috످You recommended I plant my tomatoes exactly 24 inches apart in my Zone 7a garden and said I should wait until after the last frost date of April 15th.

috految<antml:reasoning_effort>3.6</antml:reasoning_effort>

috److I can't see any earlier conversation here, so I can't confirm what was recommended, but that advice is mostly sound.

Spacing doesn't need to be exactly 24 inches. That works well for staked tomatoes or compact bush varieties, but give large caged plants 30–36 inches for better airflow.

Early to mid-May is a safer time to transplant. April 15 is a typical last frost date for Zone 7a, but frost can still hit weeks later. Wait until nights stay above 50°F and the soil reaches 60°F. You can check your local frost dates at https://www.almanac.com/gardening/frostdates.

Have you planted yet? If so, there's no need to move them. Just cover them on nights below 45°F.

috످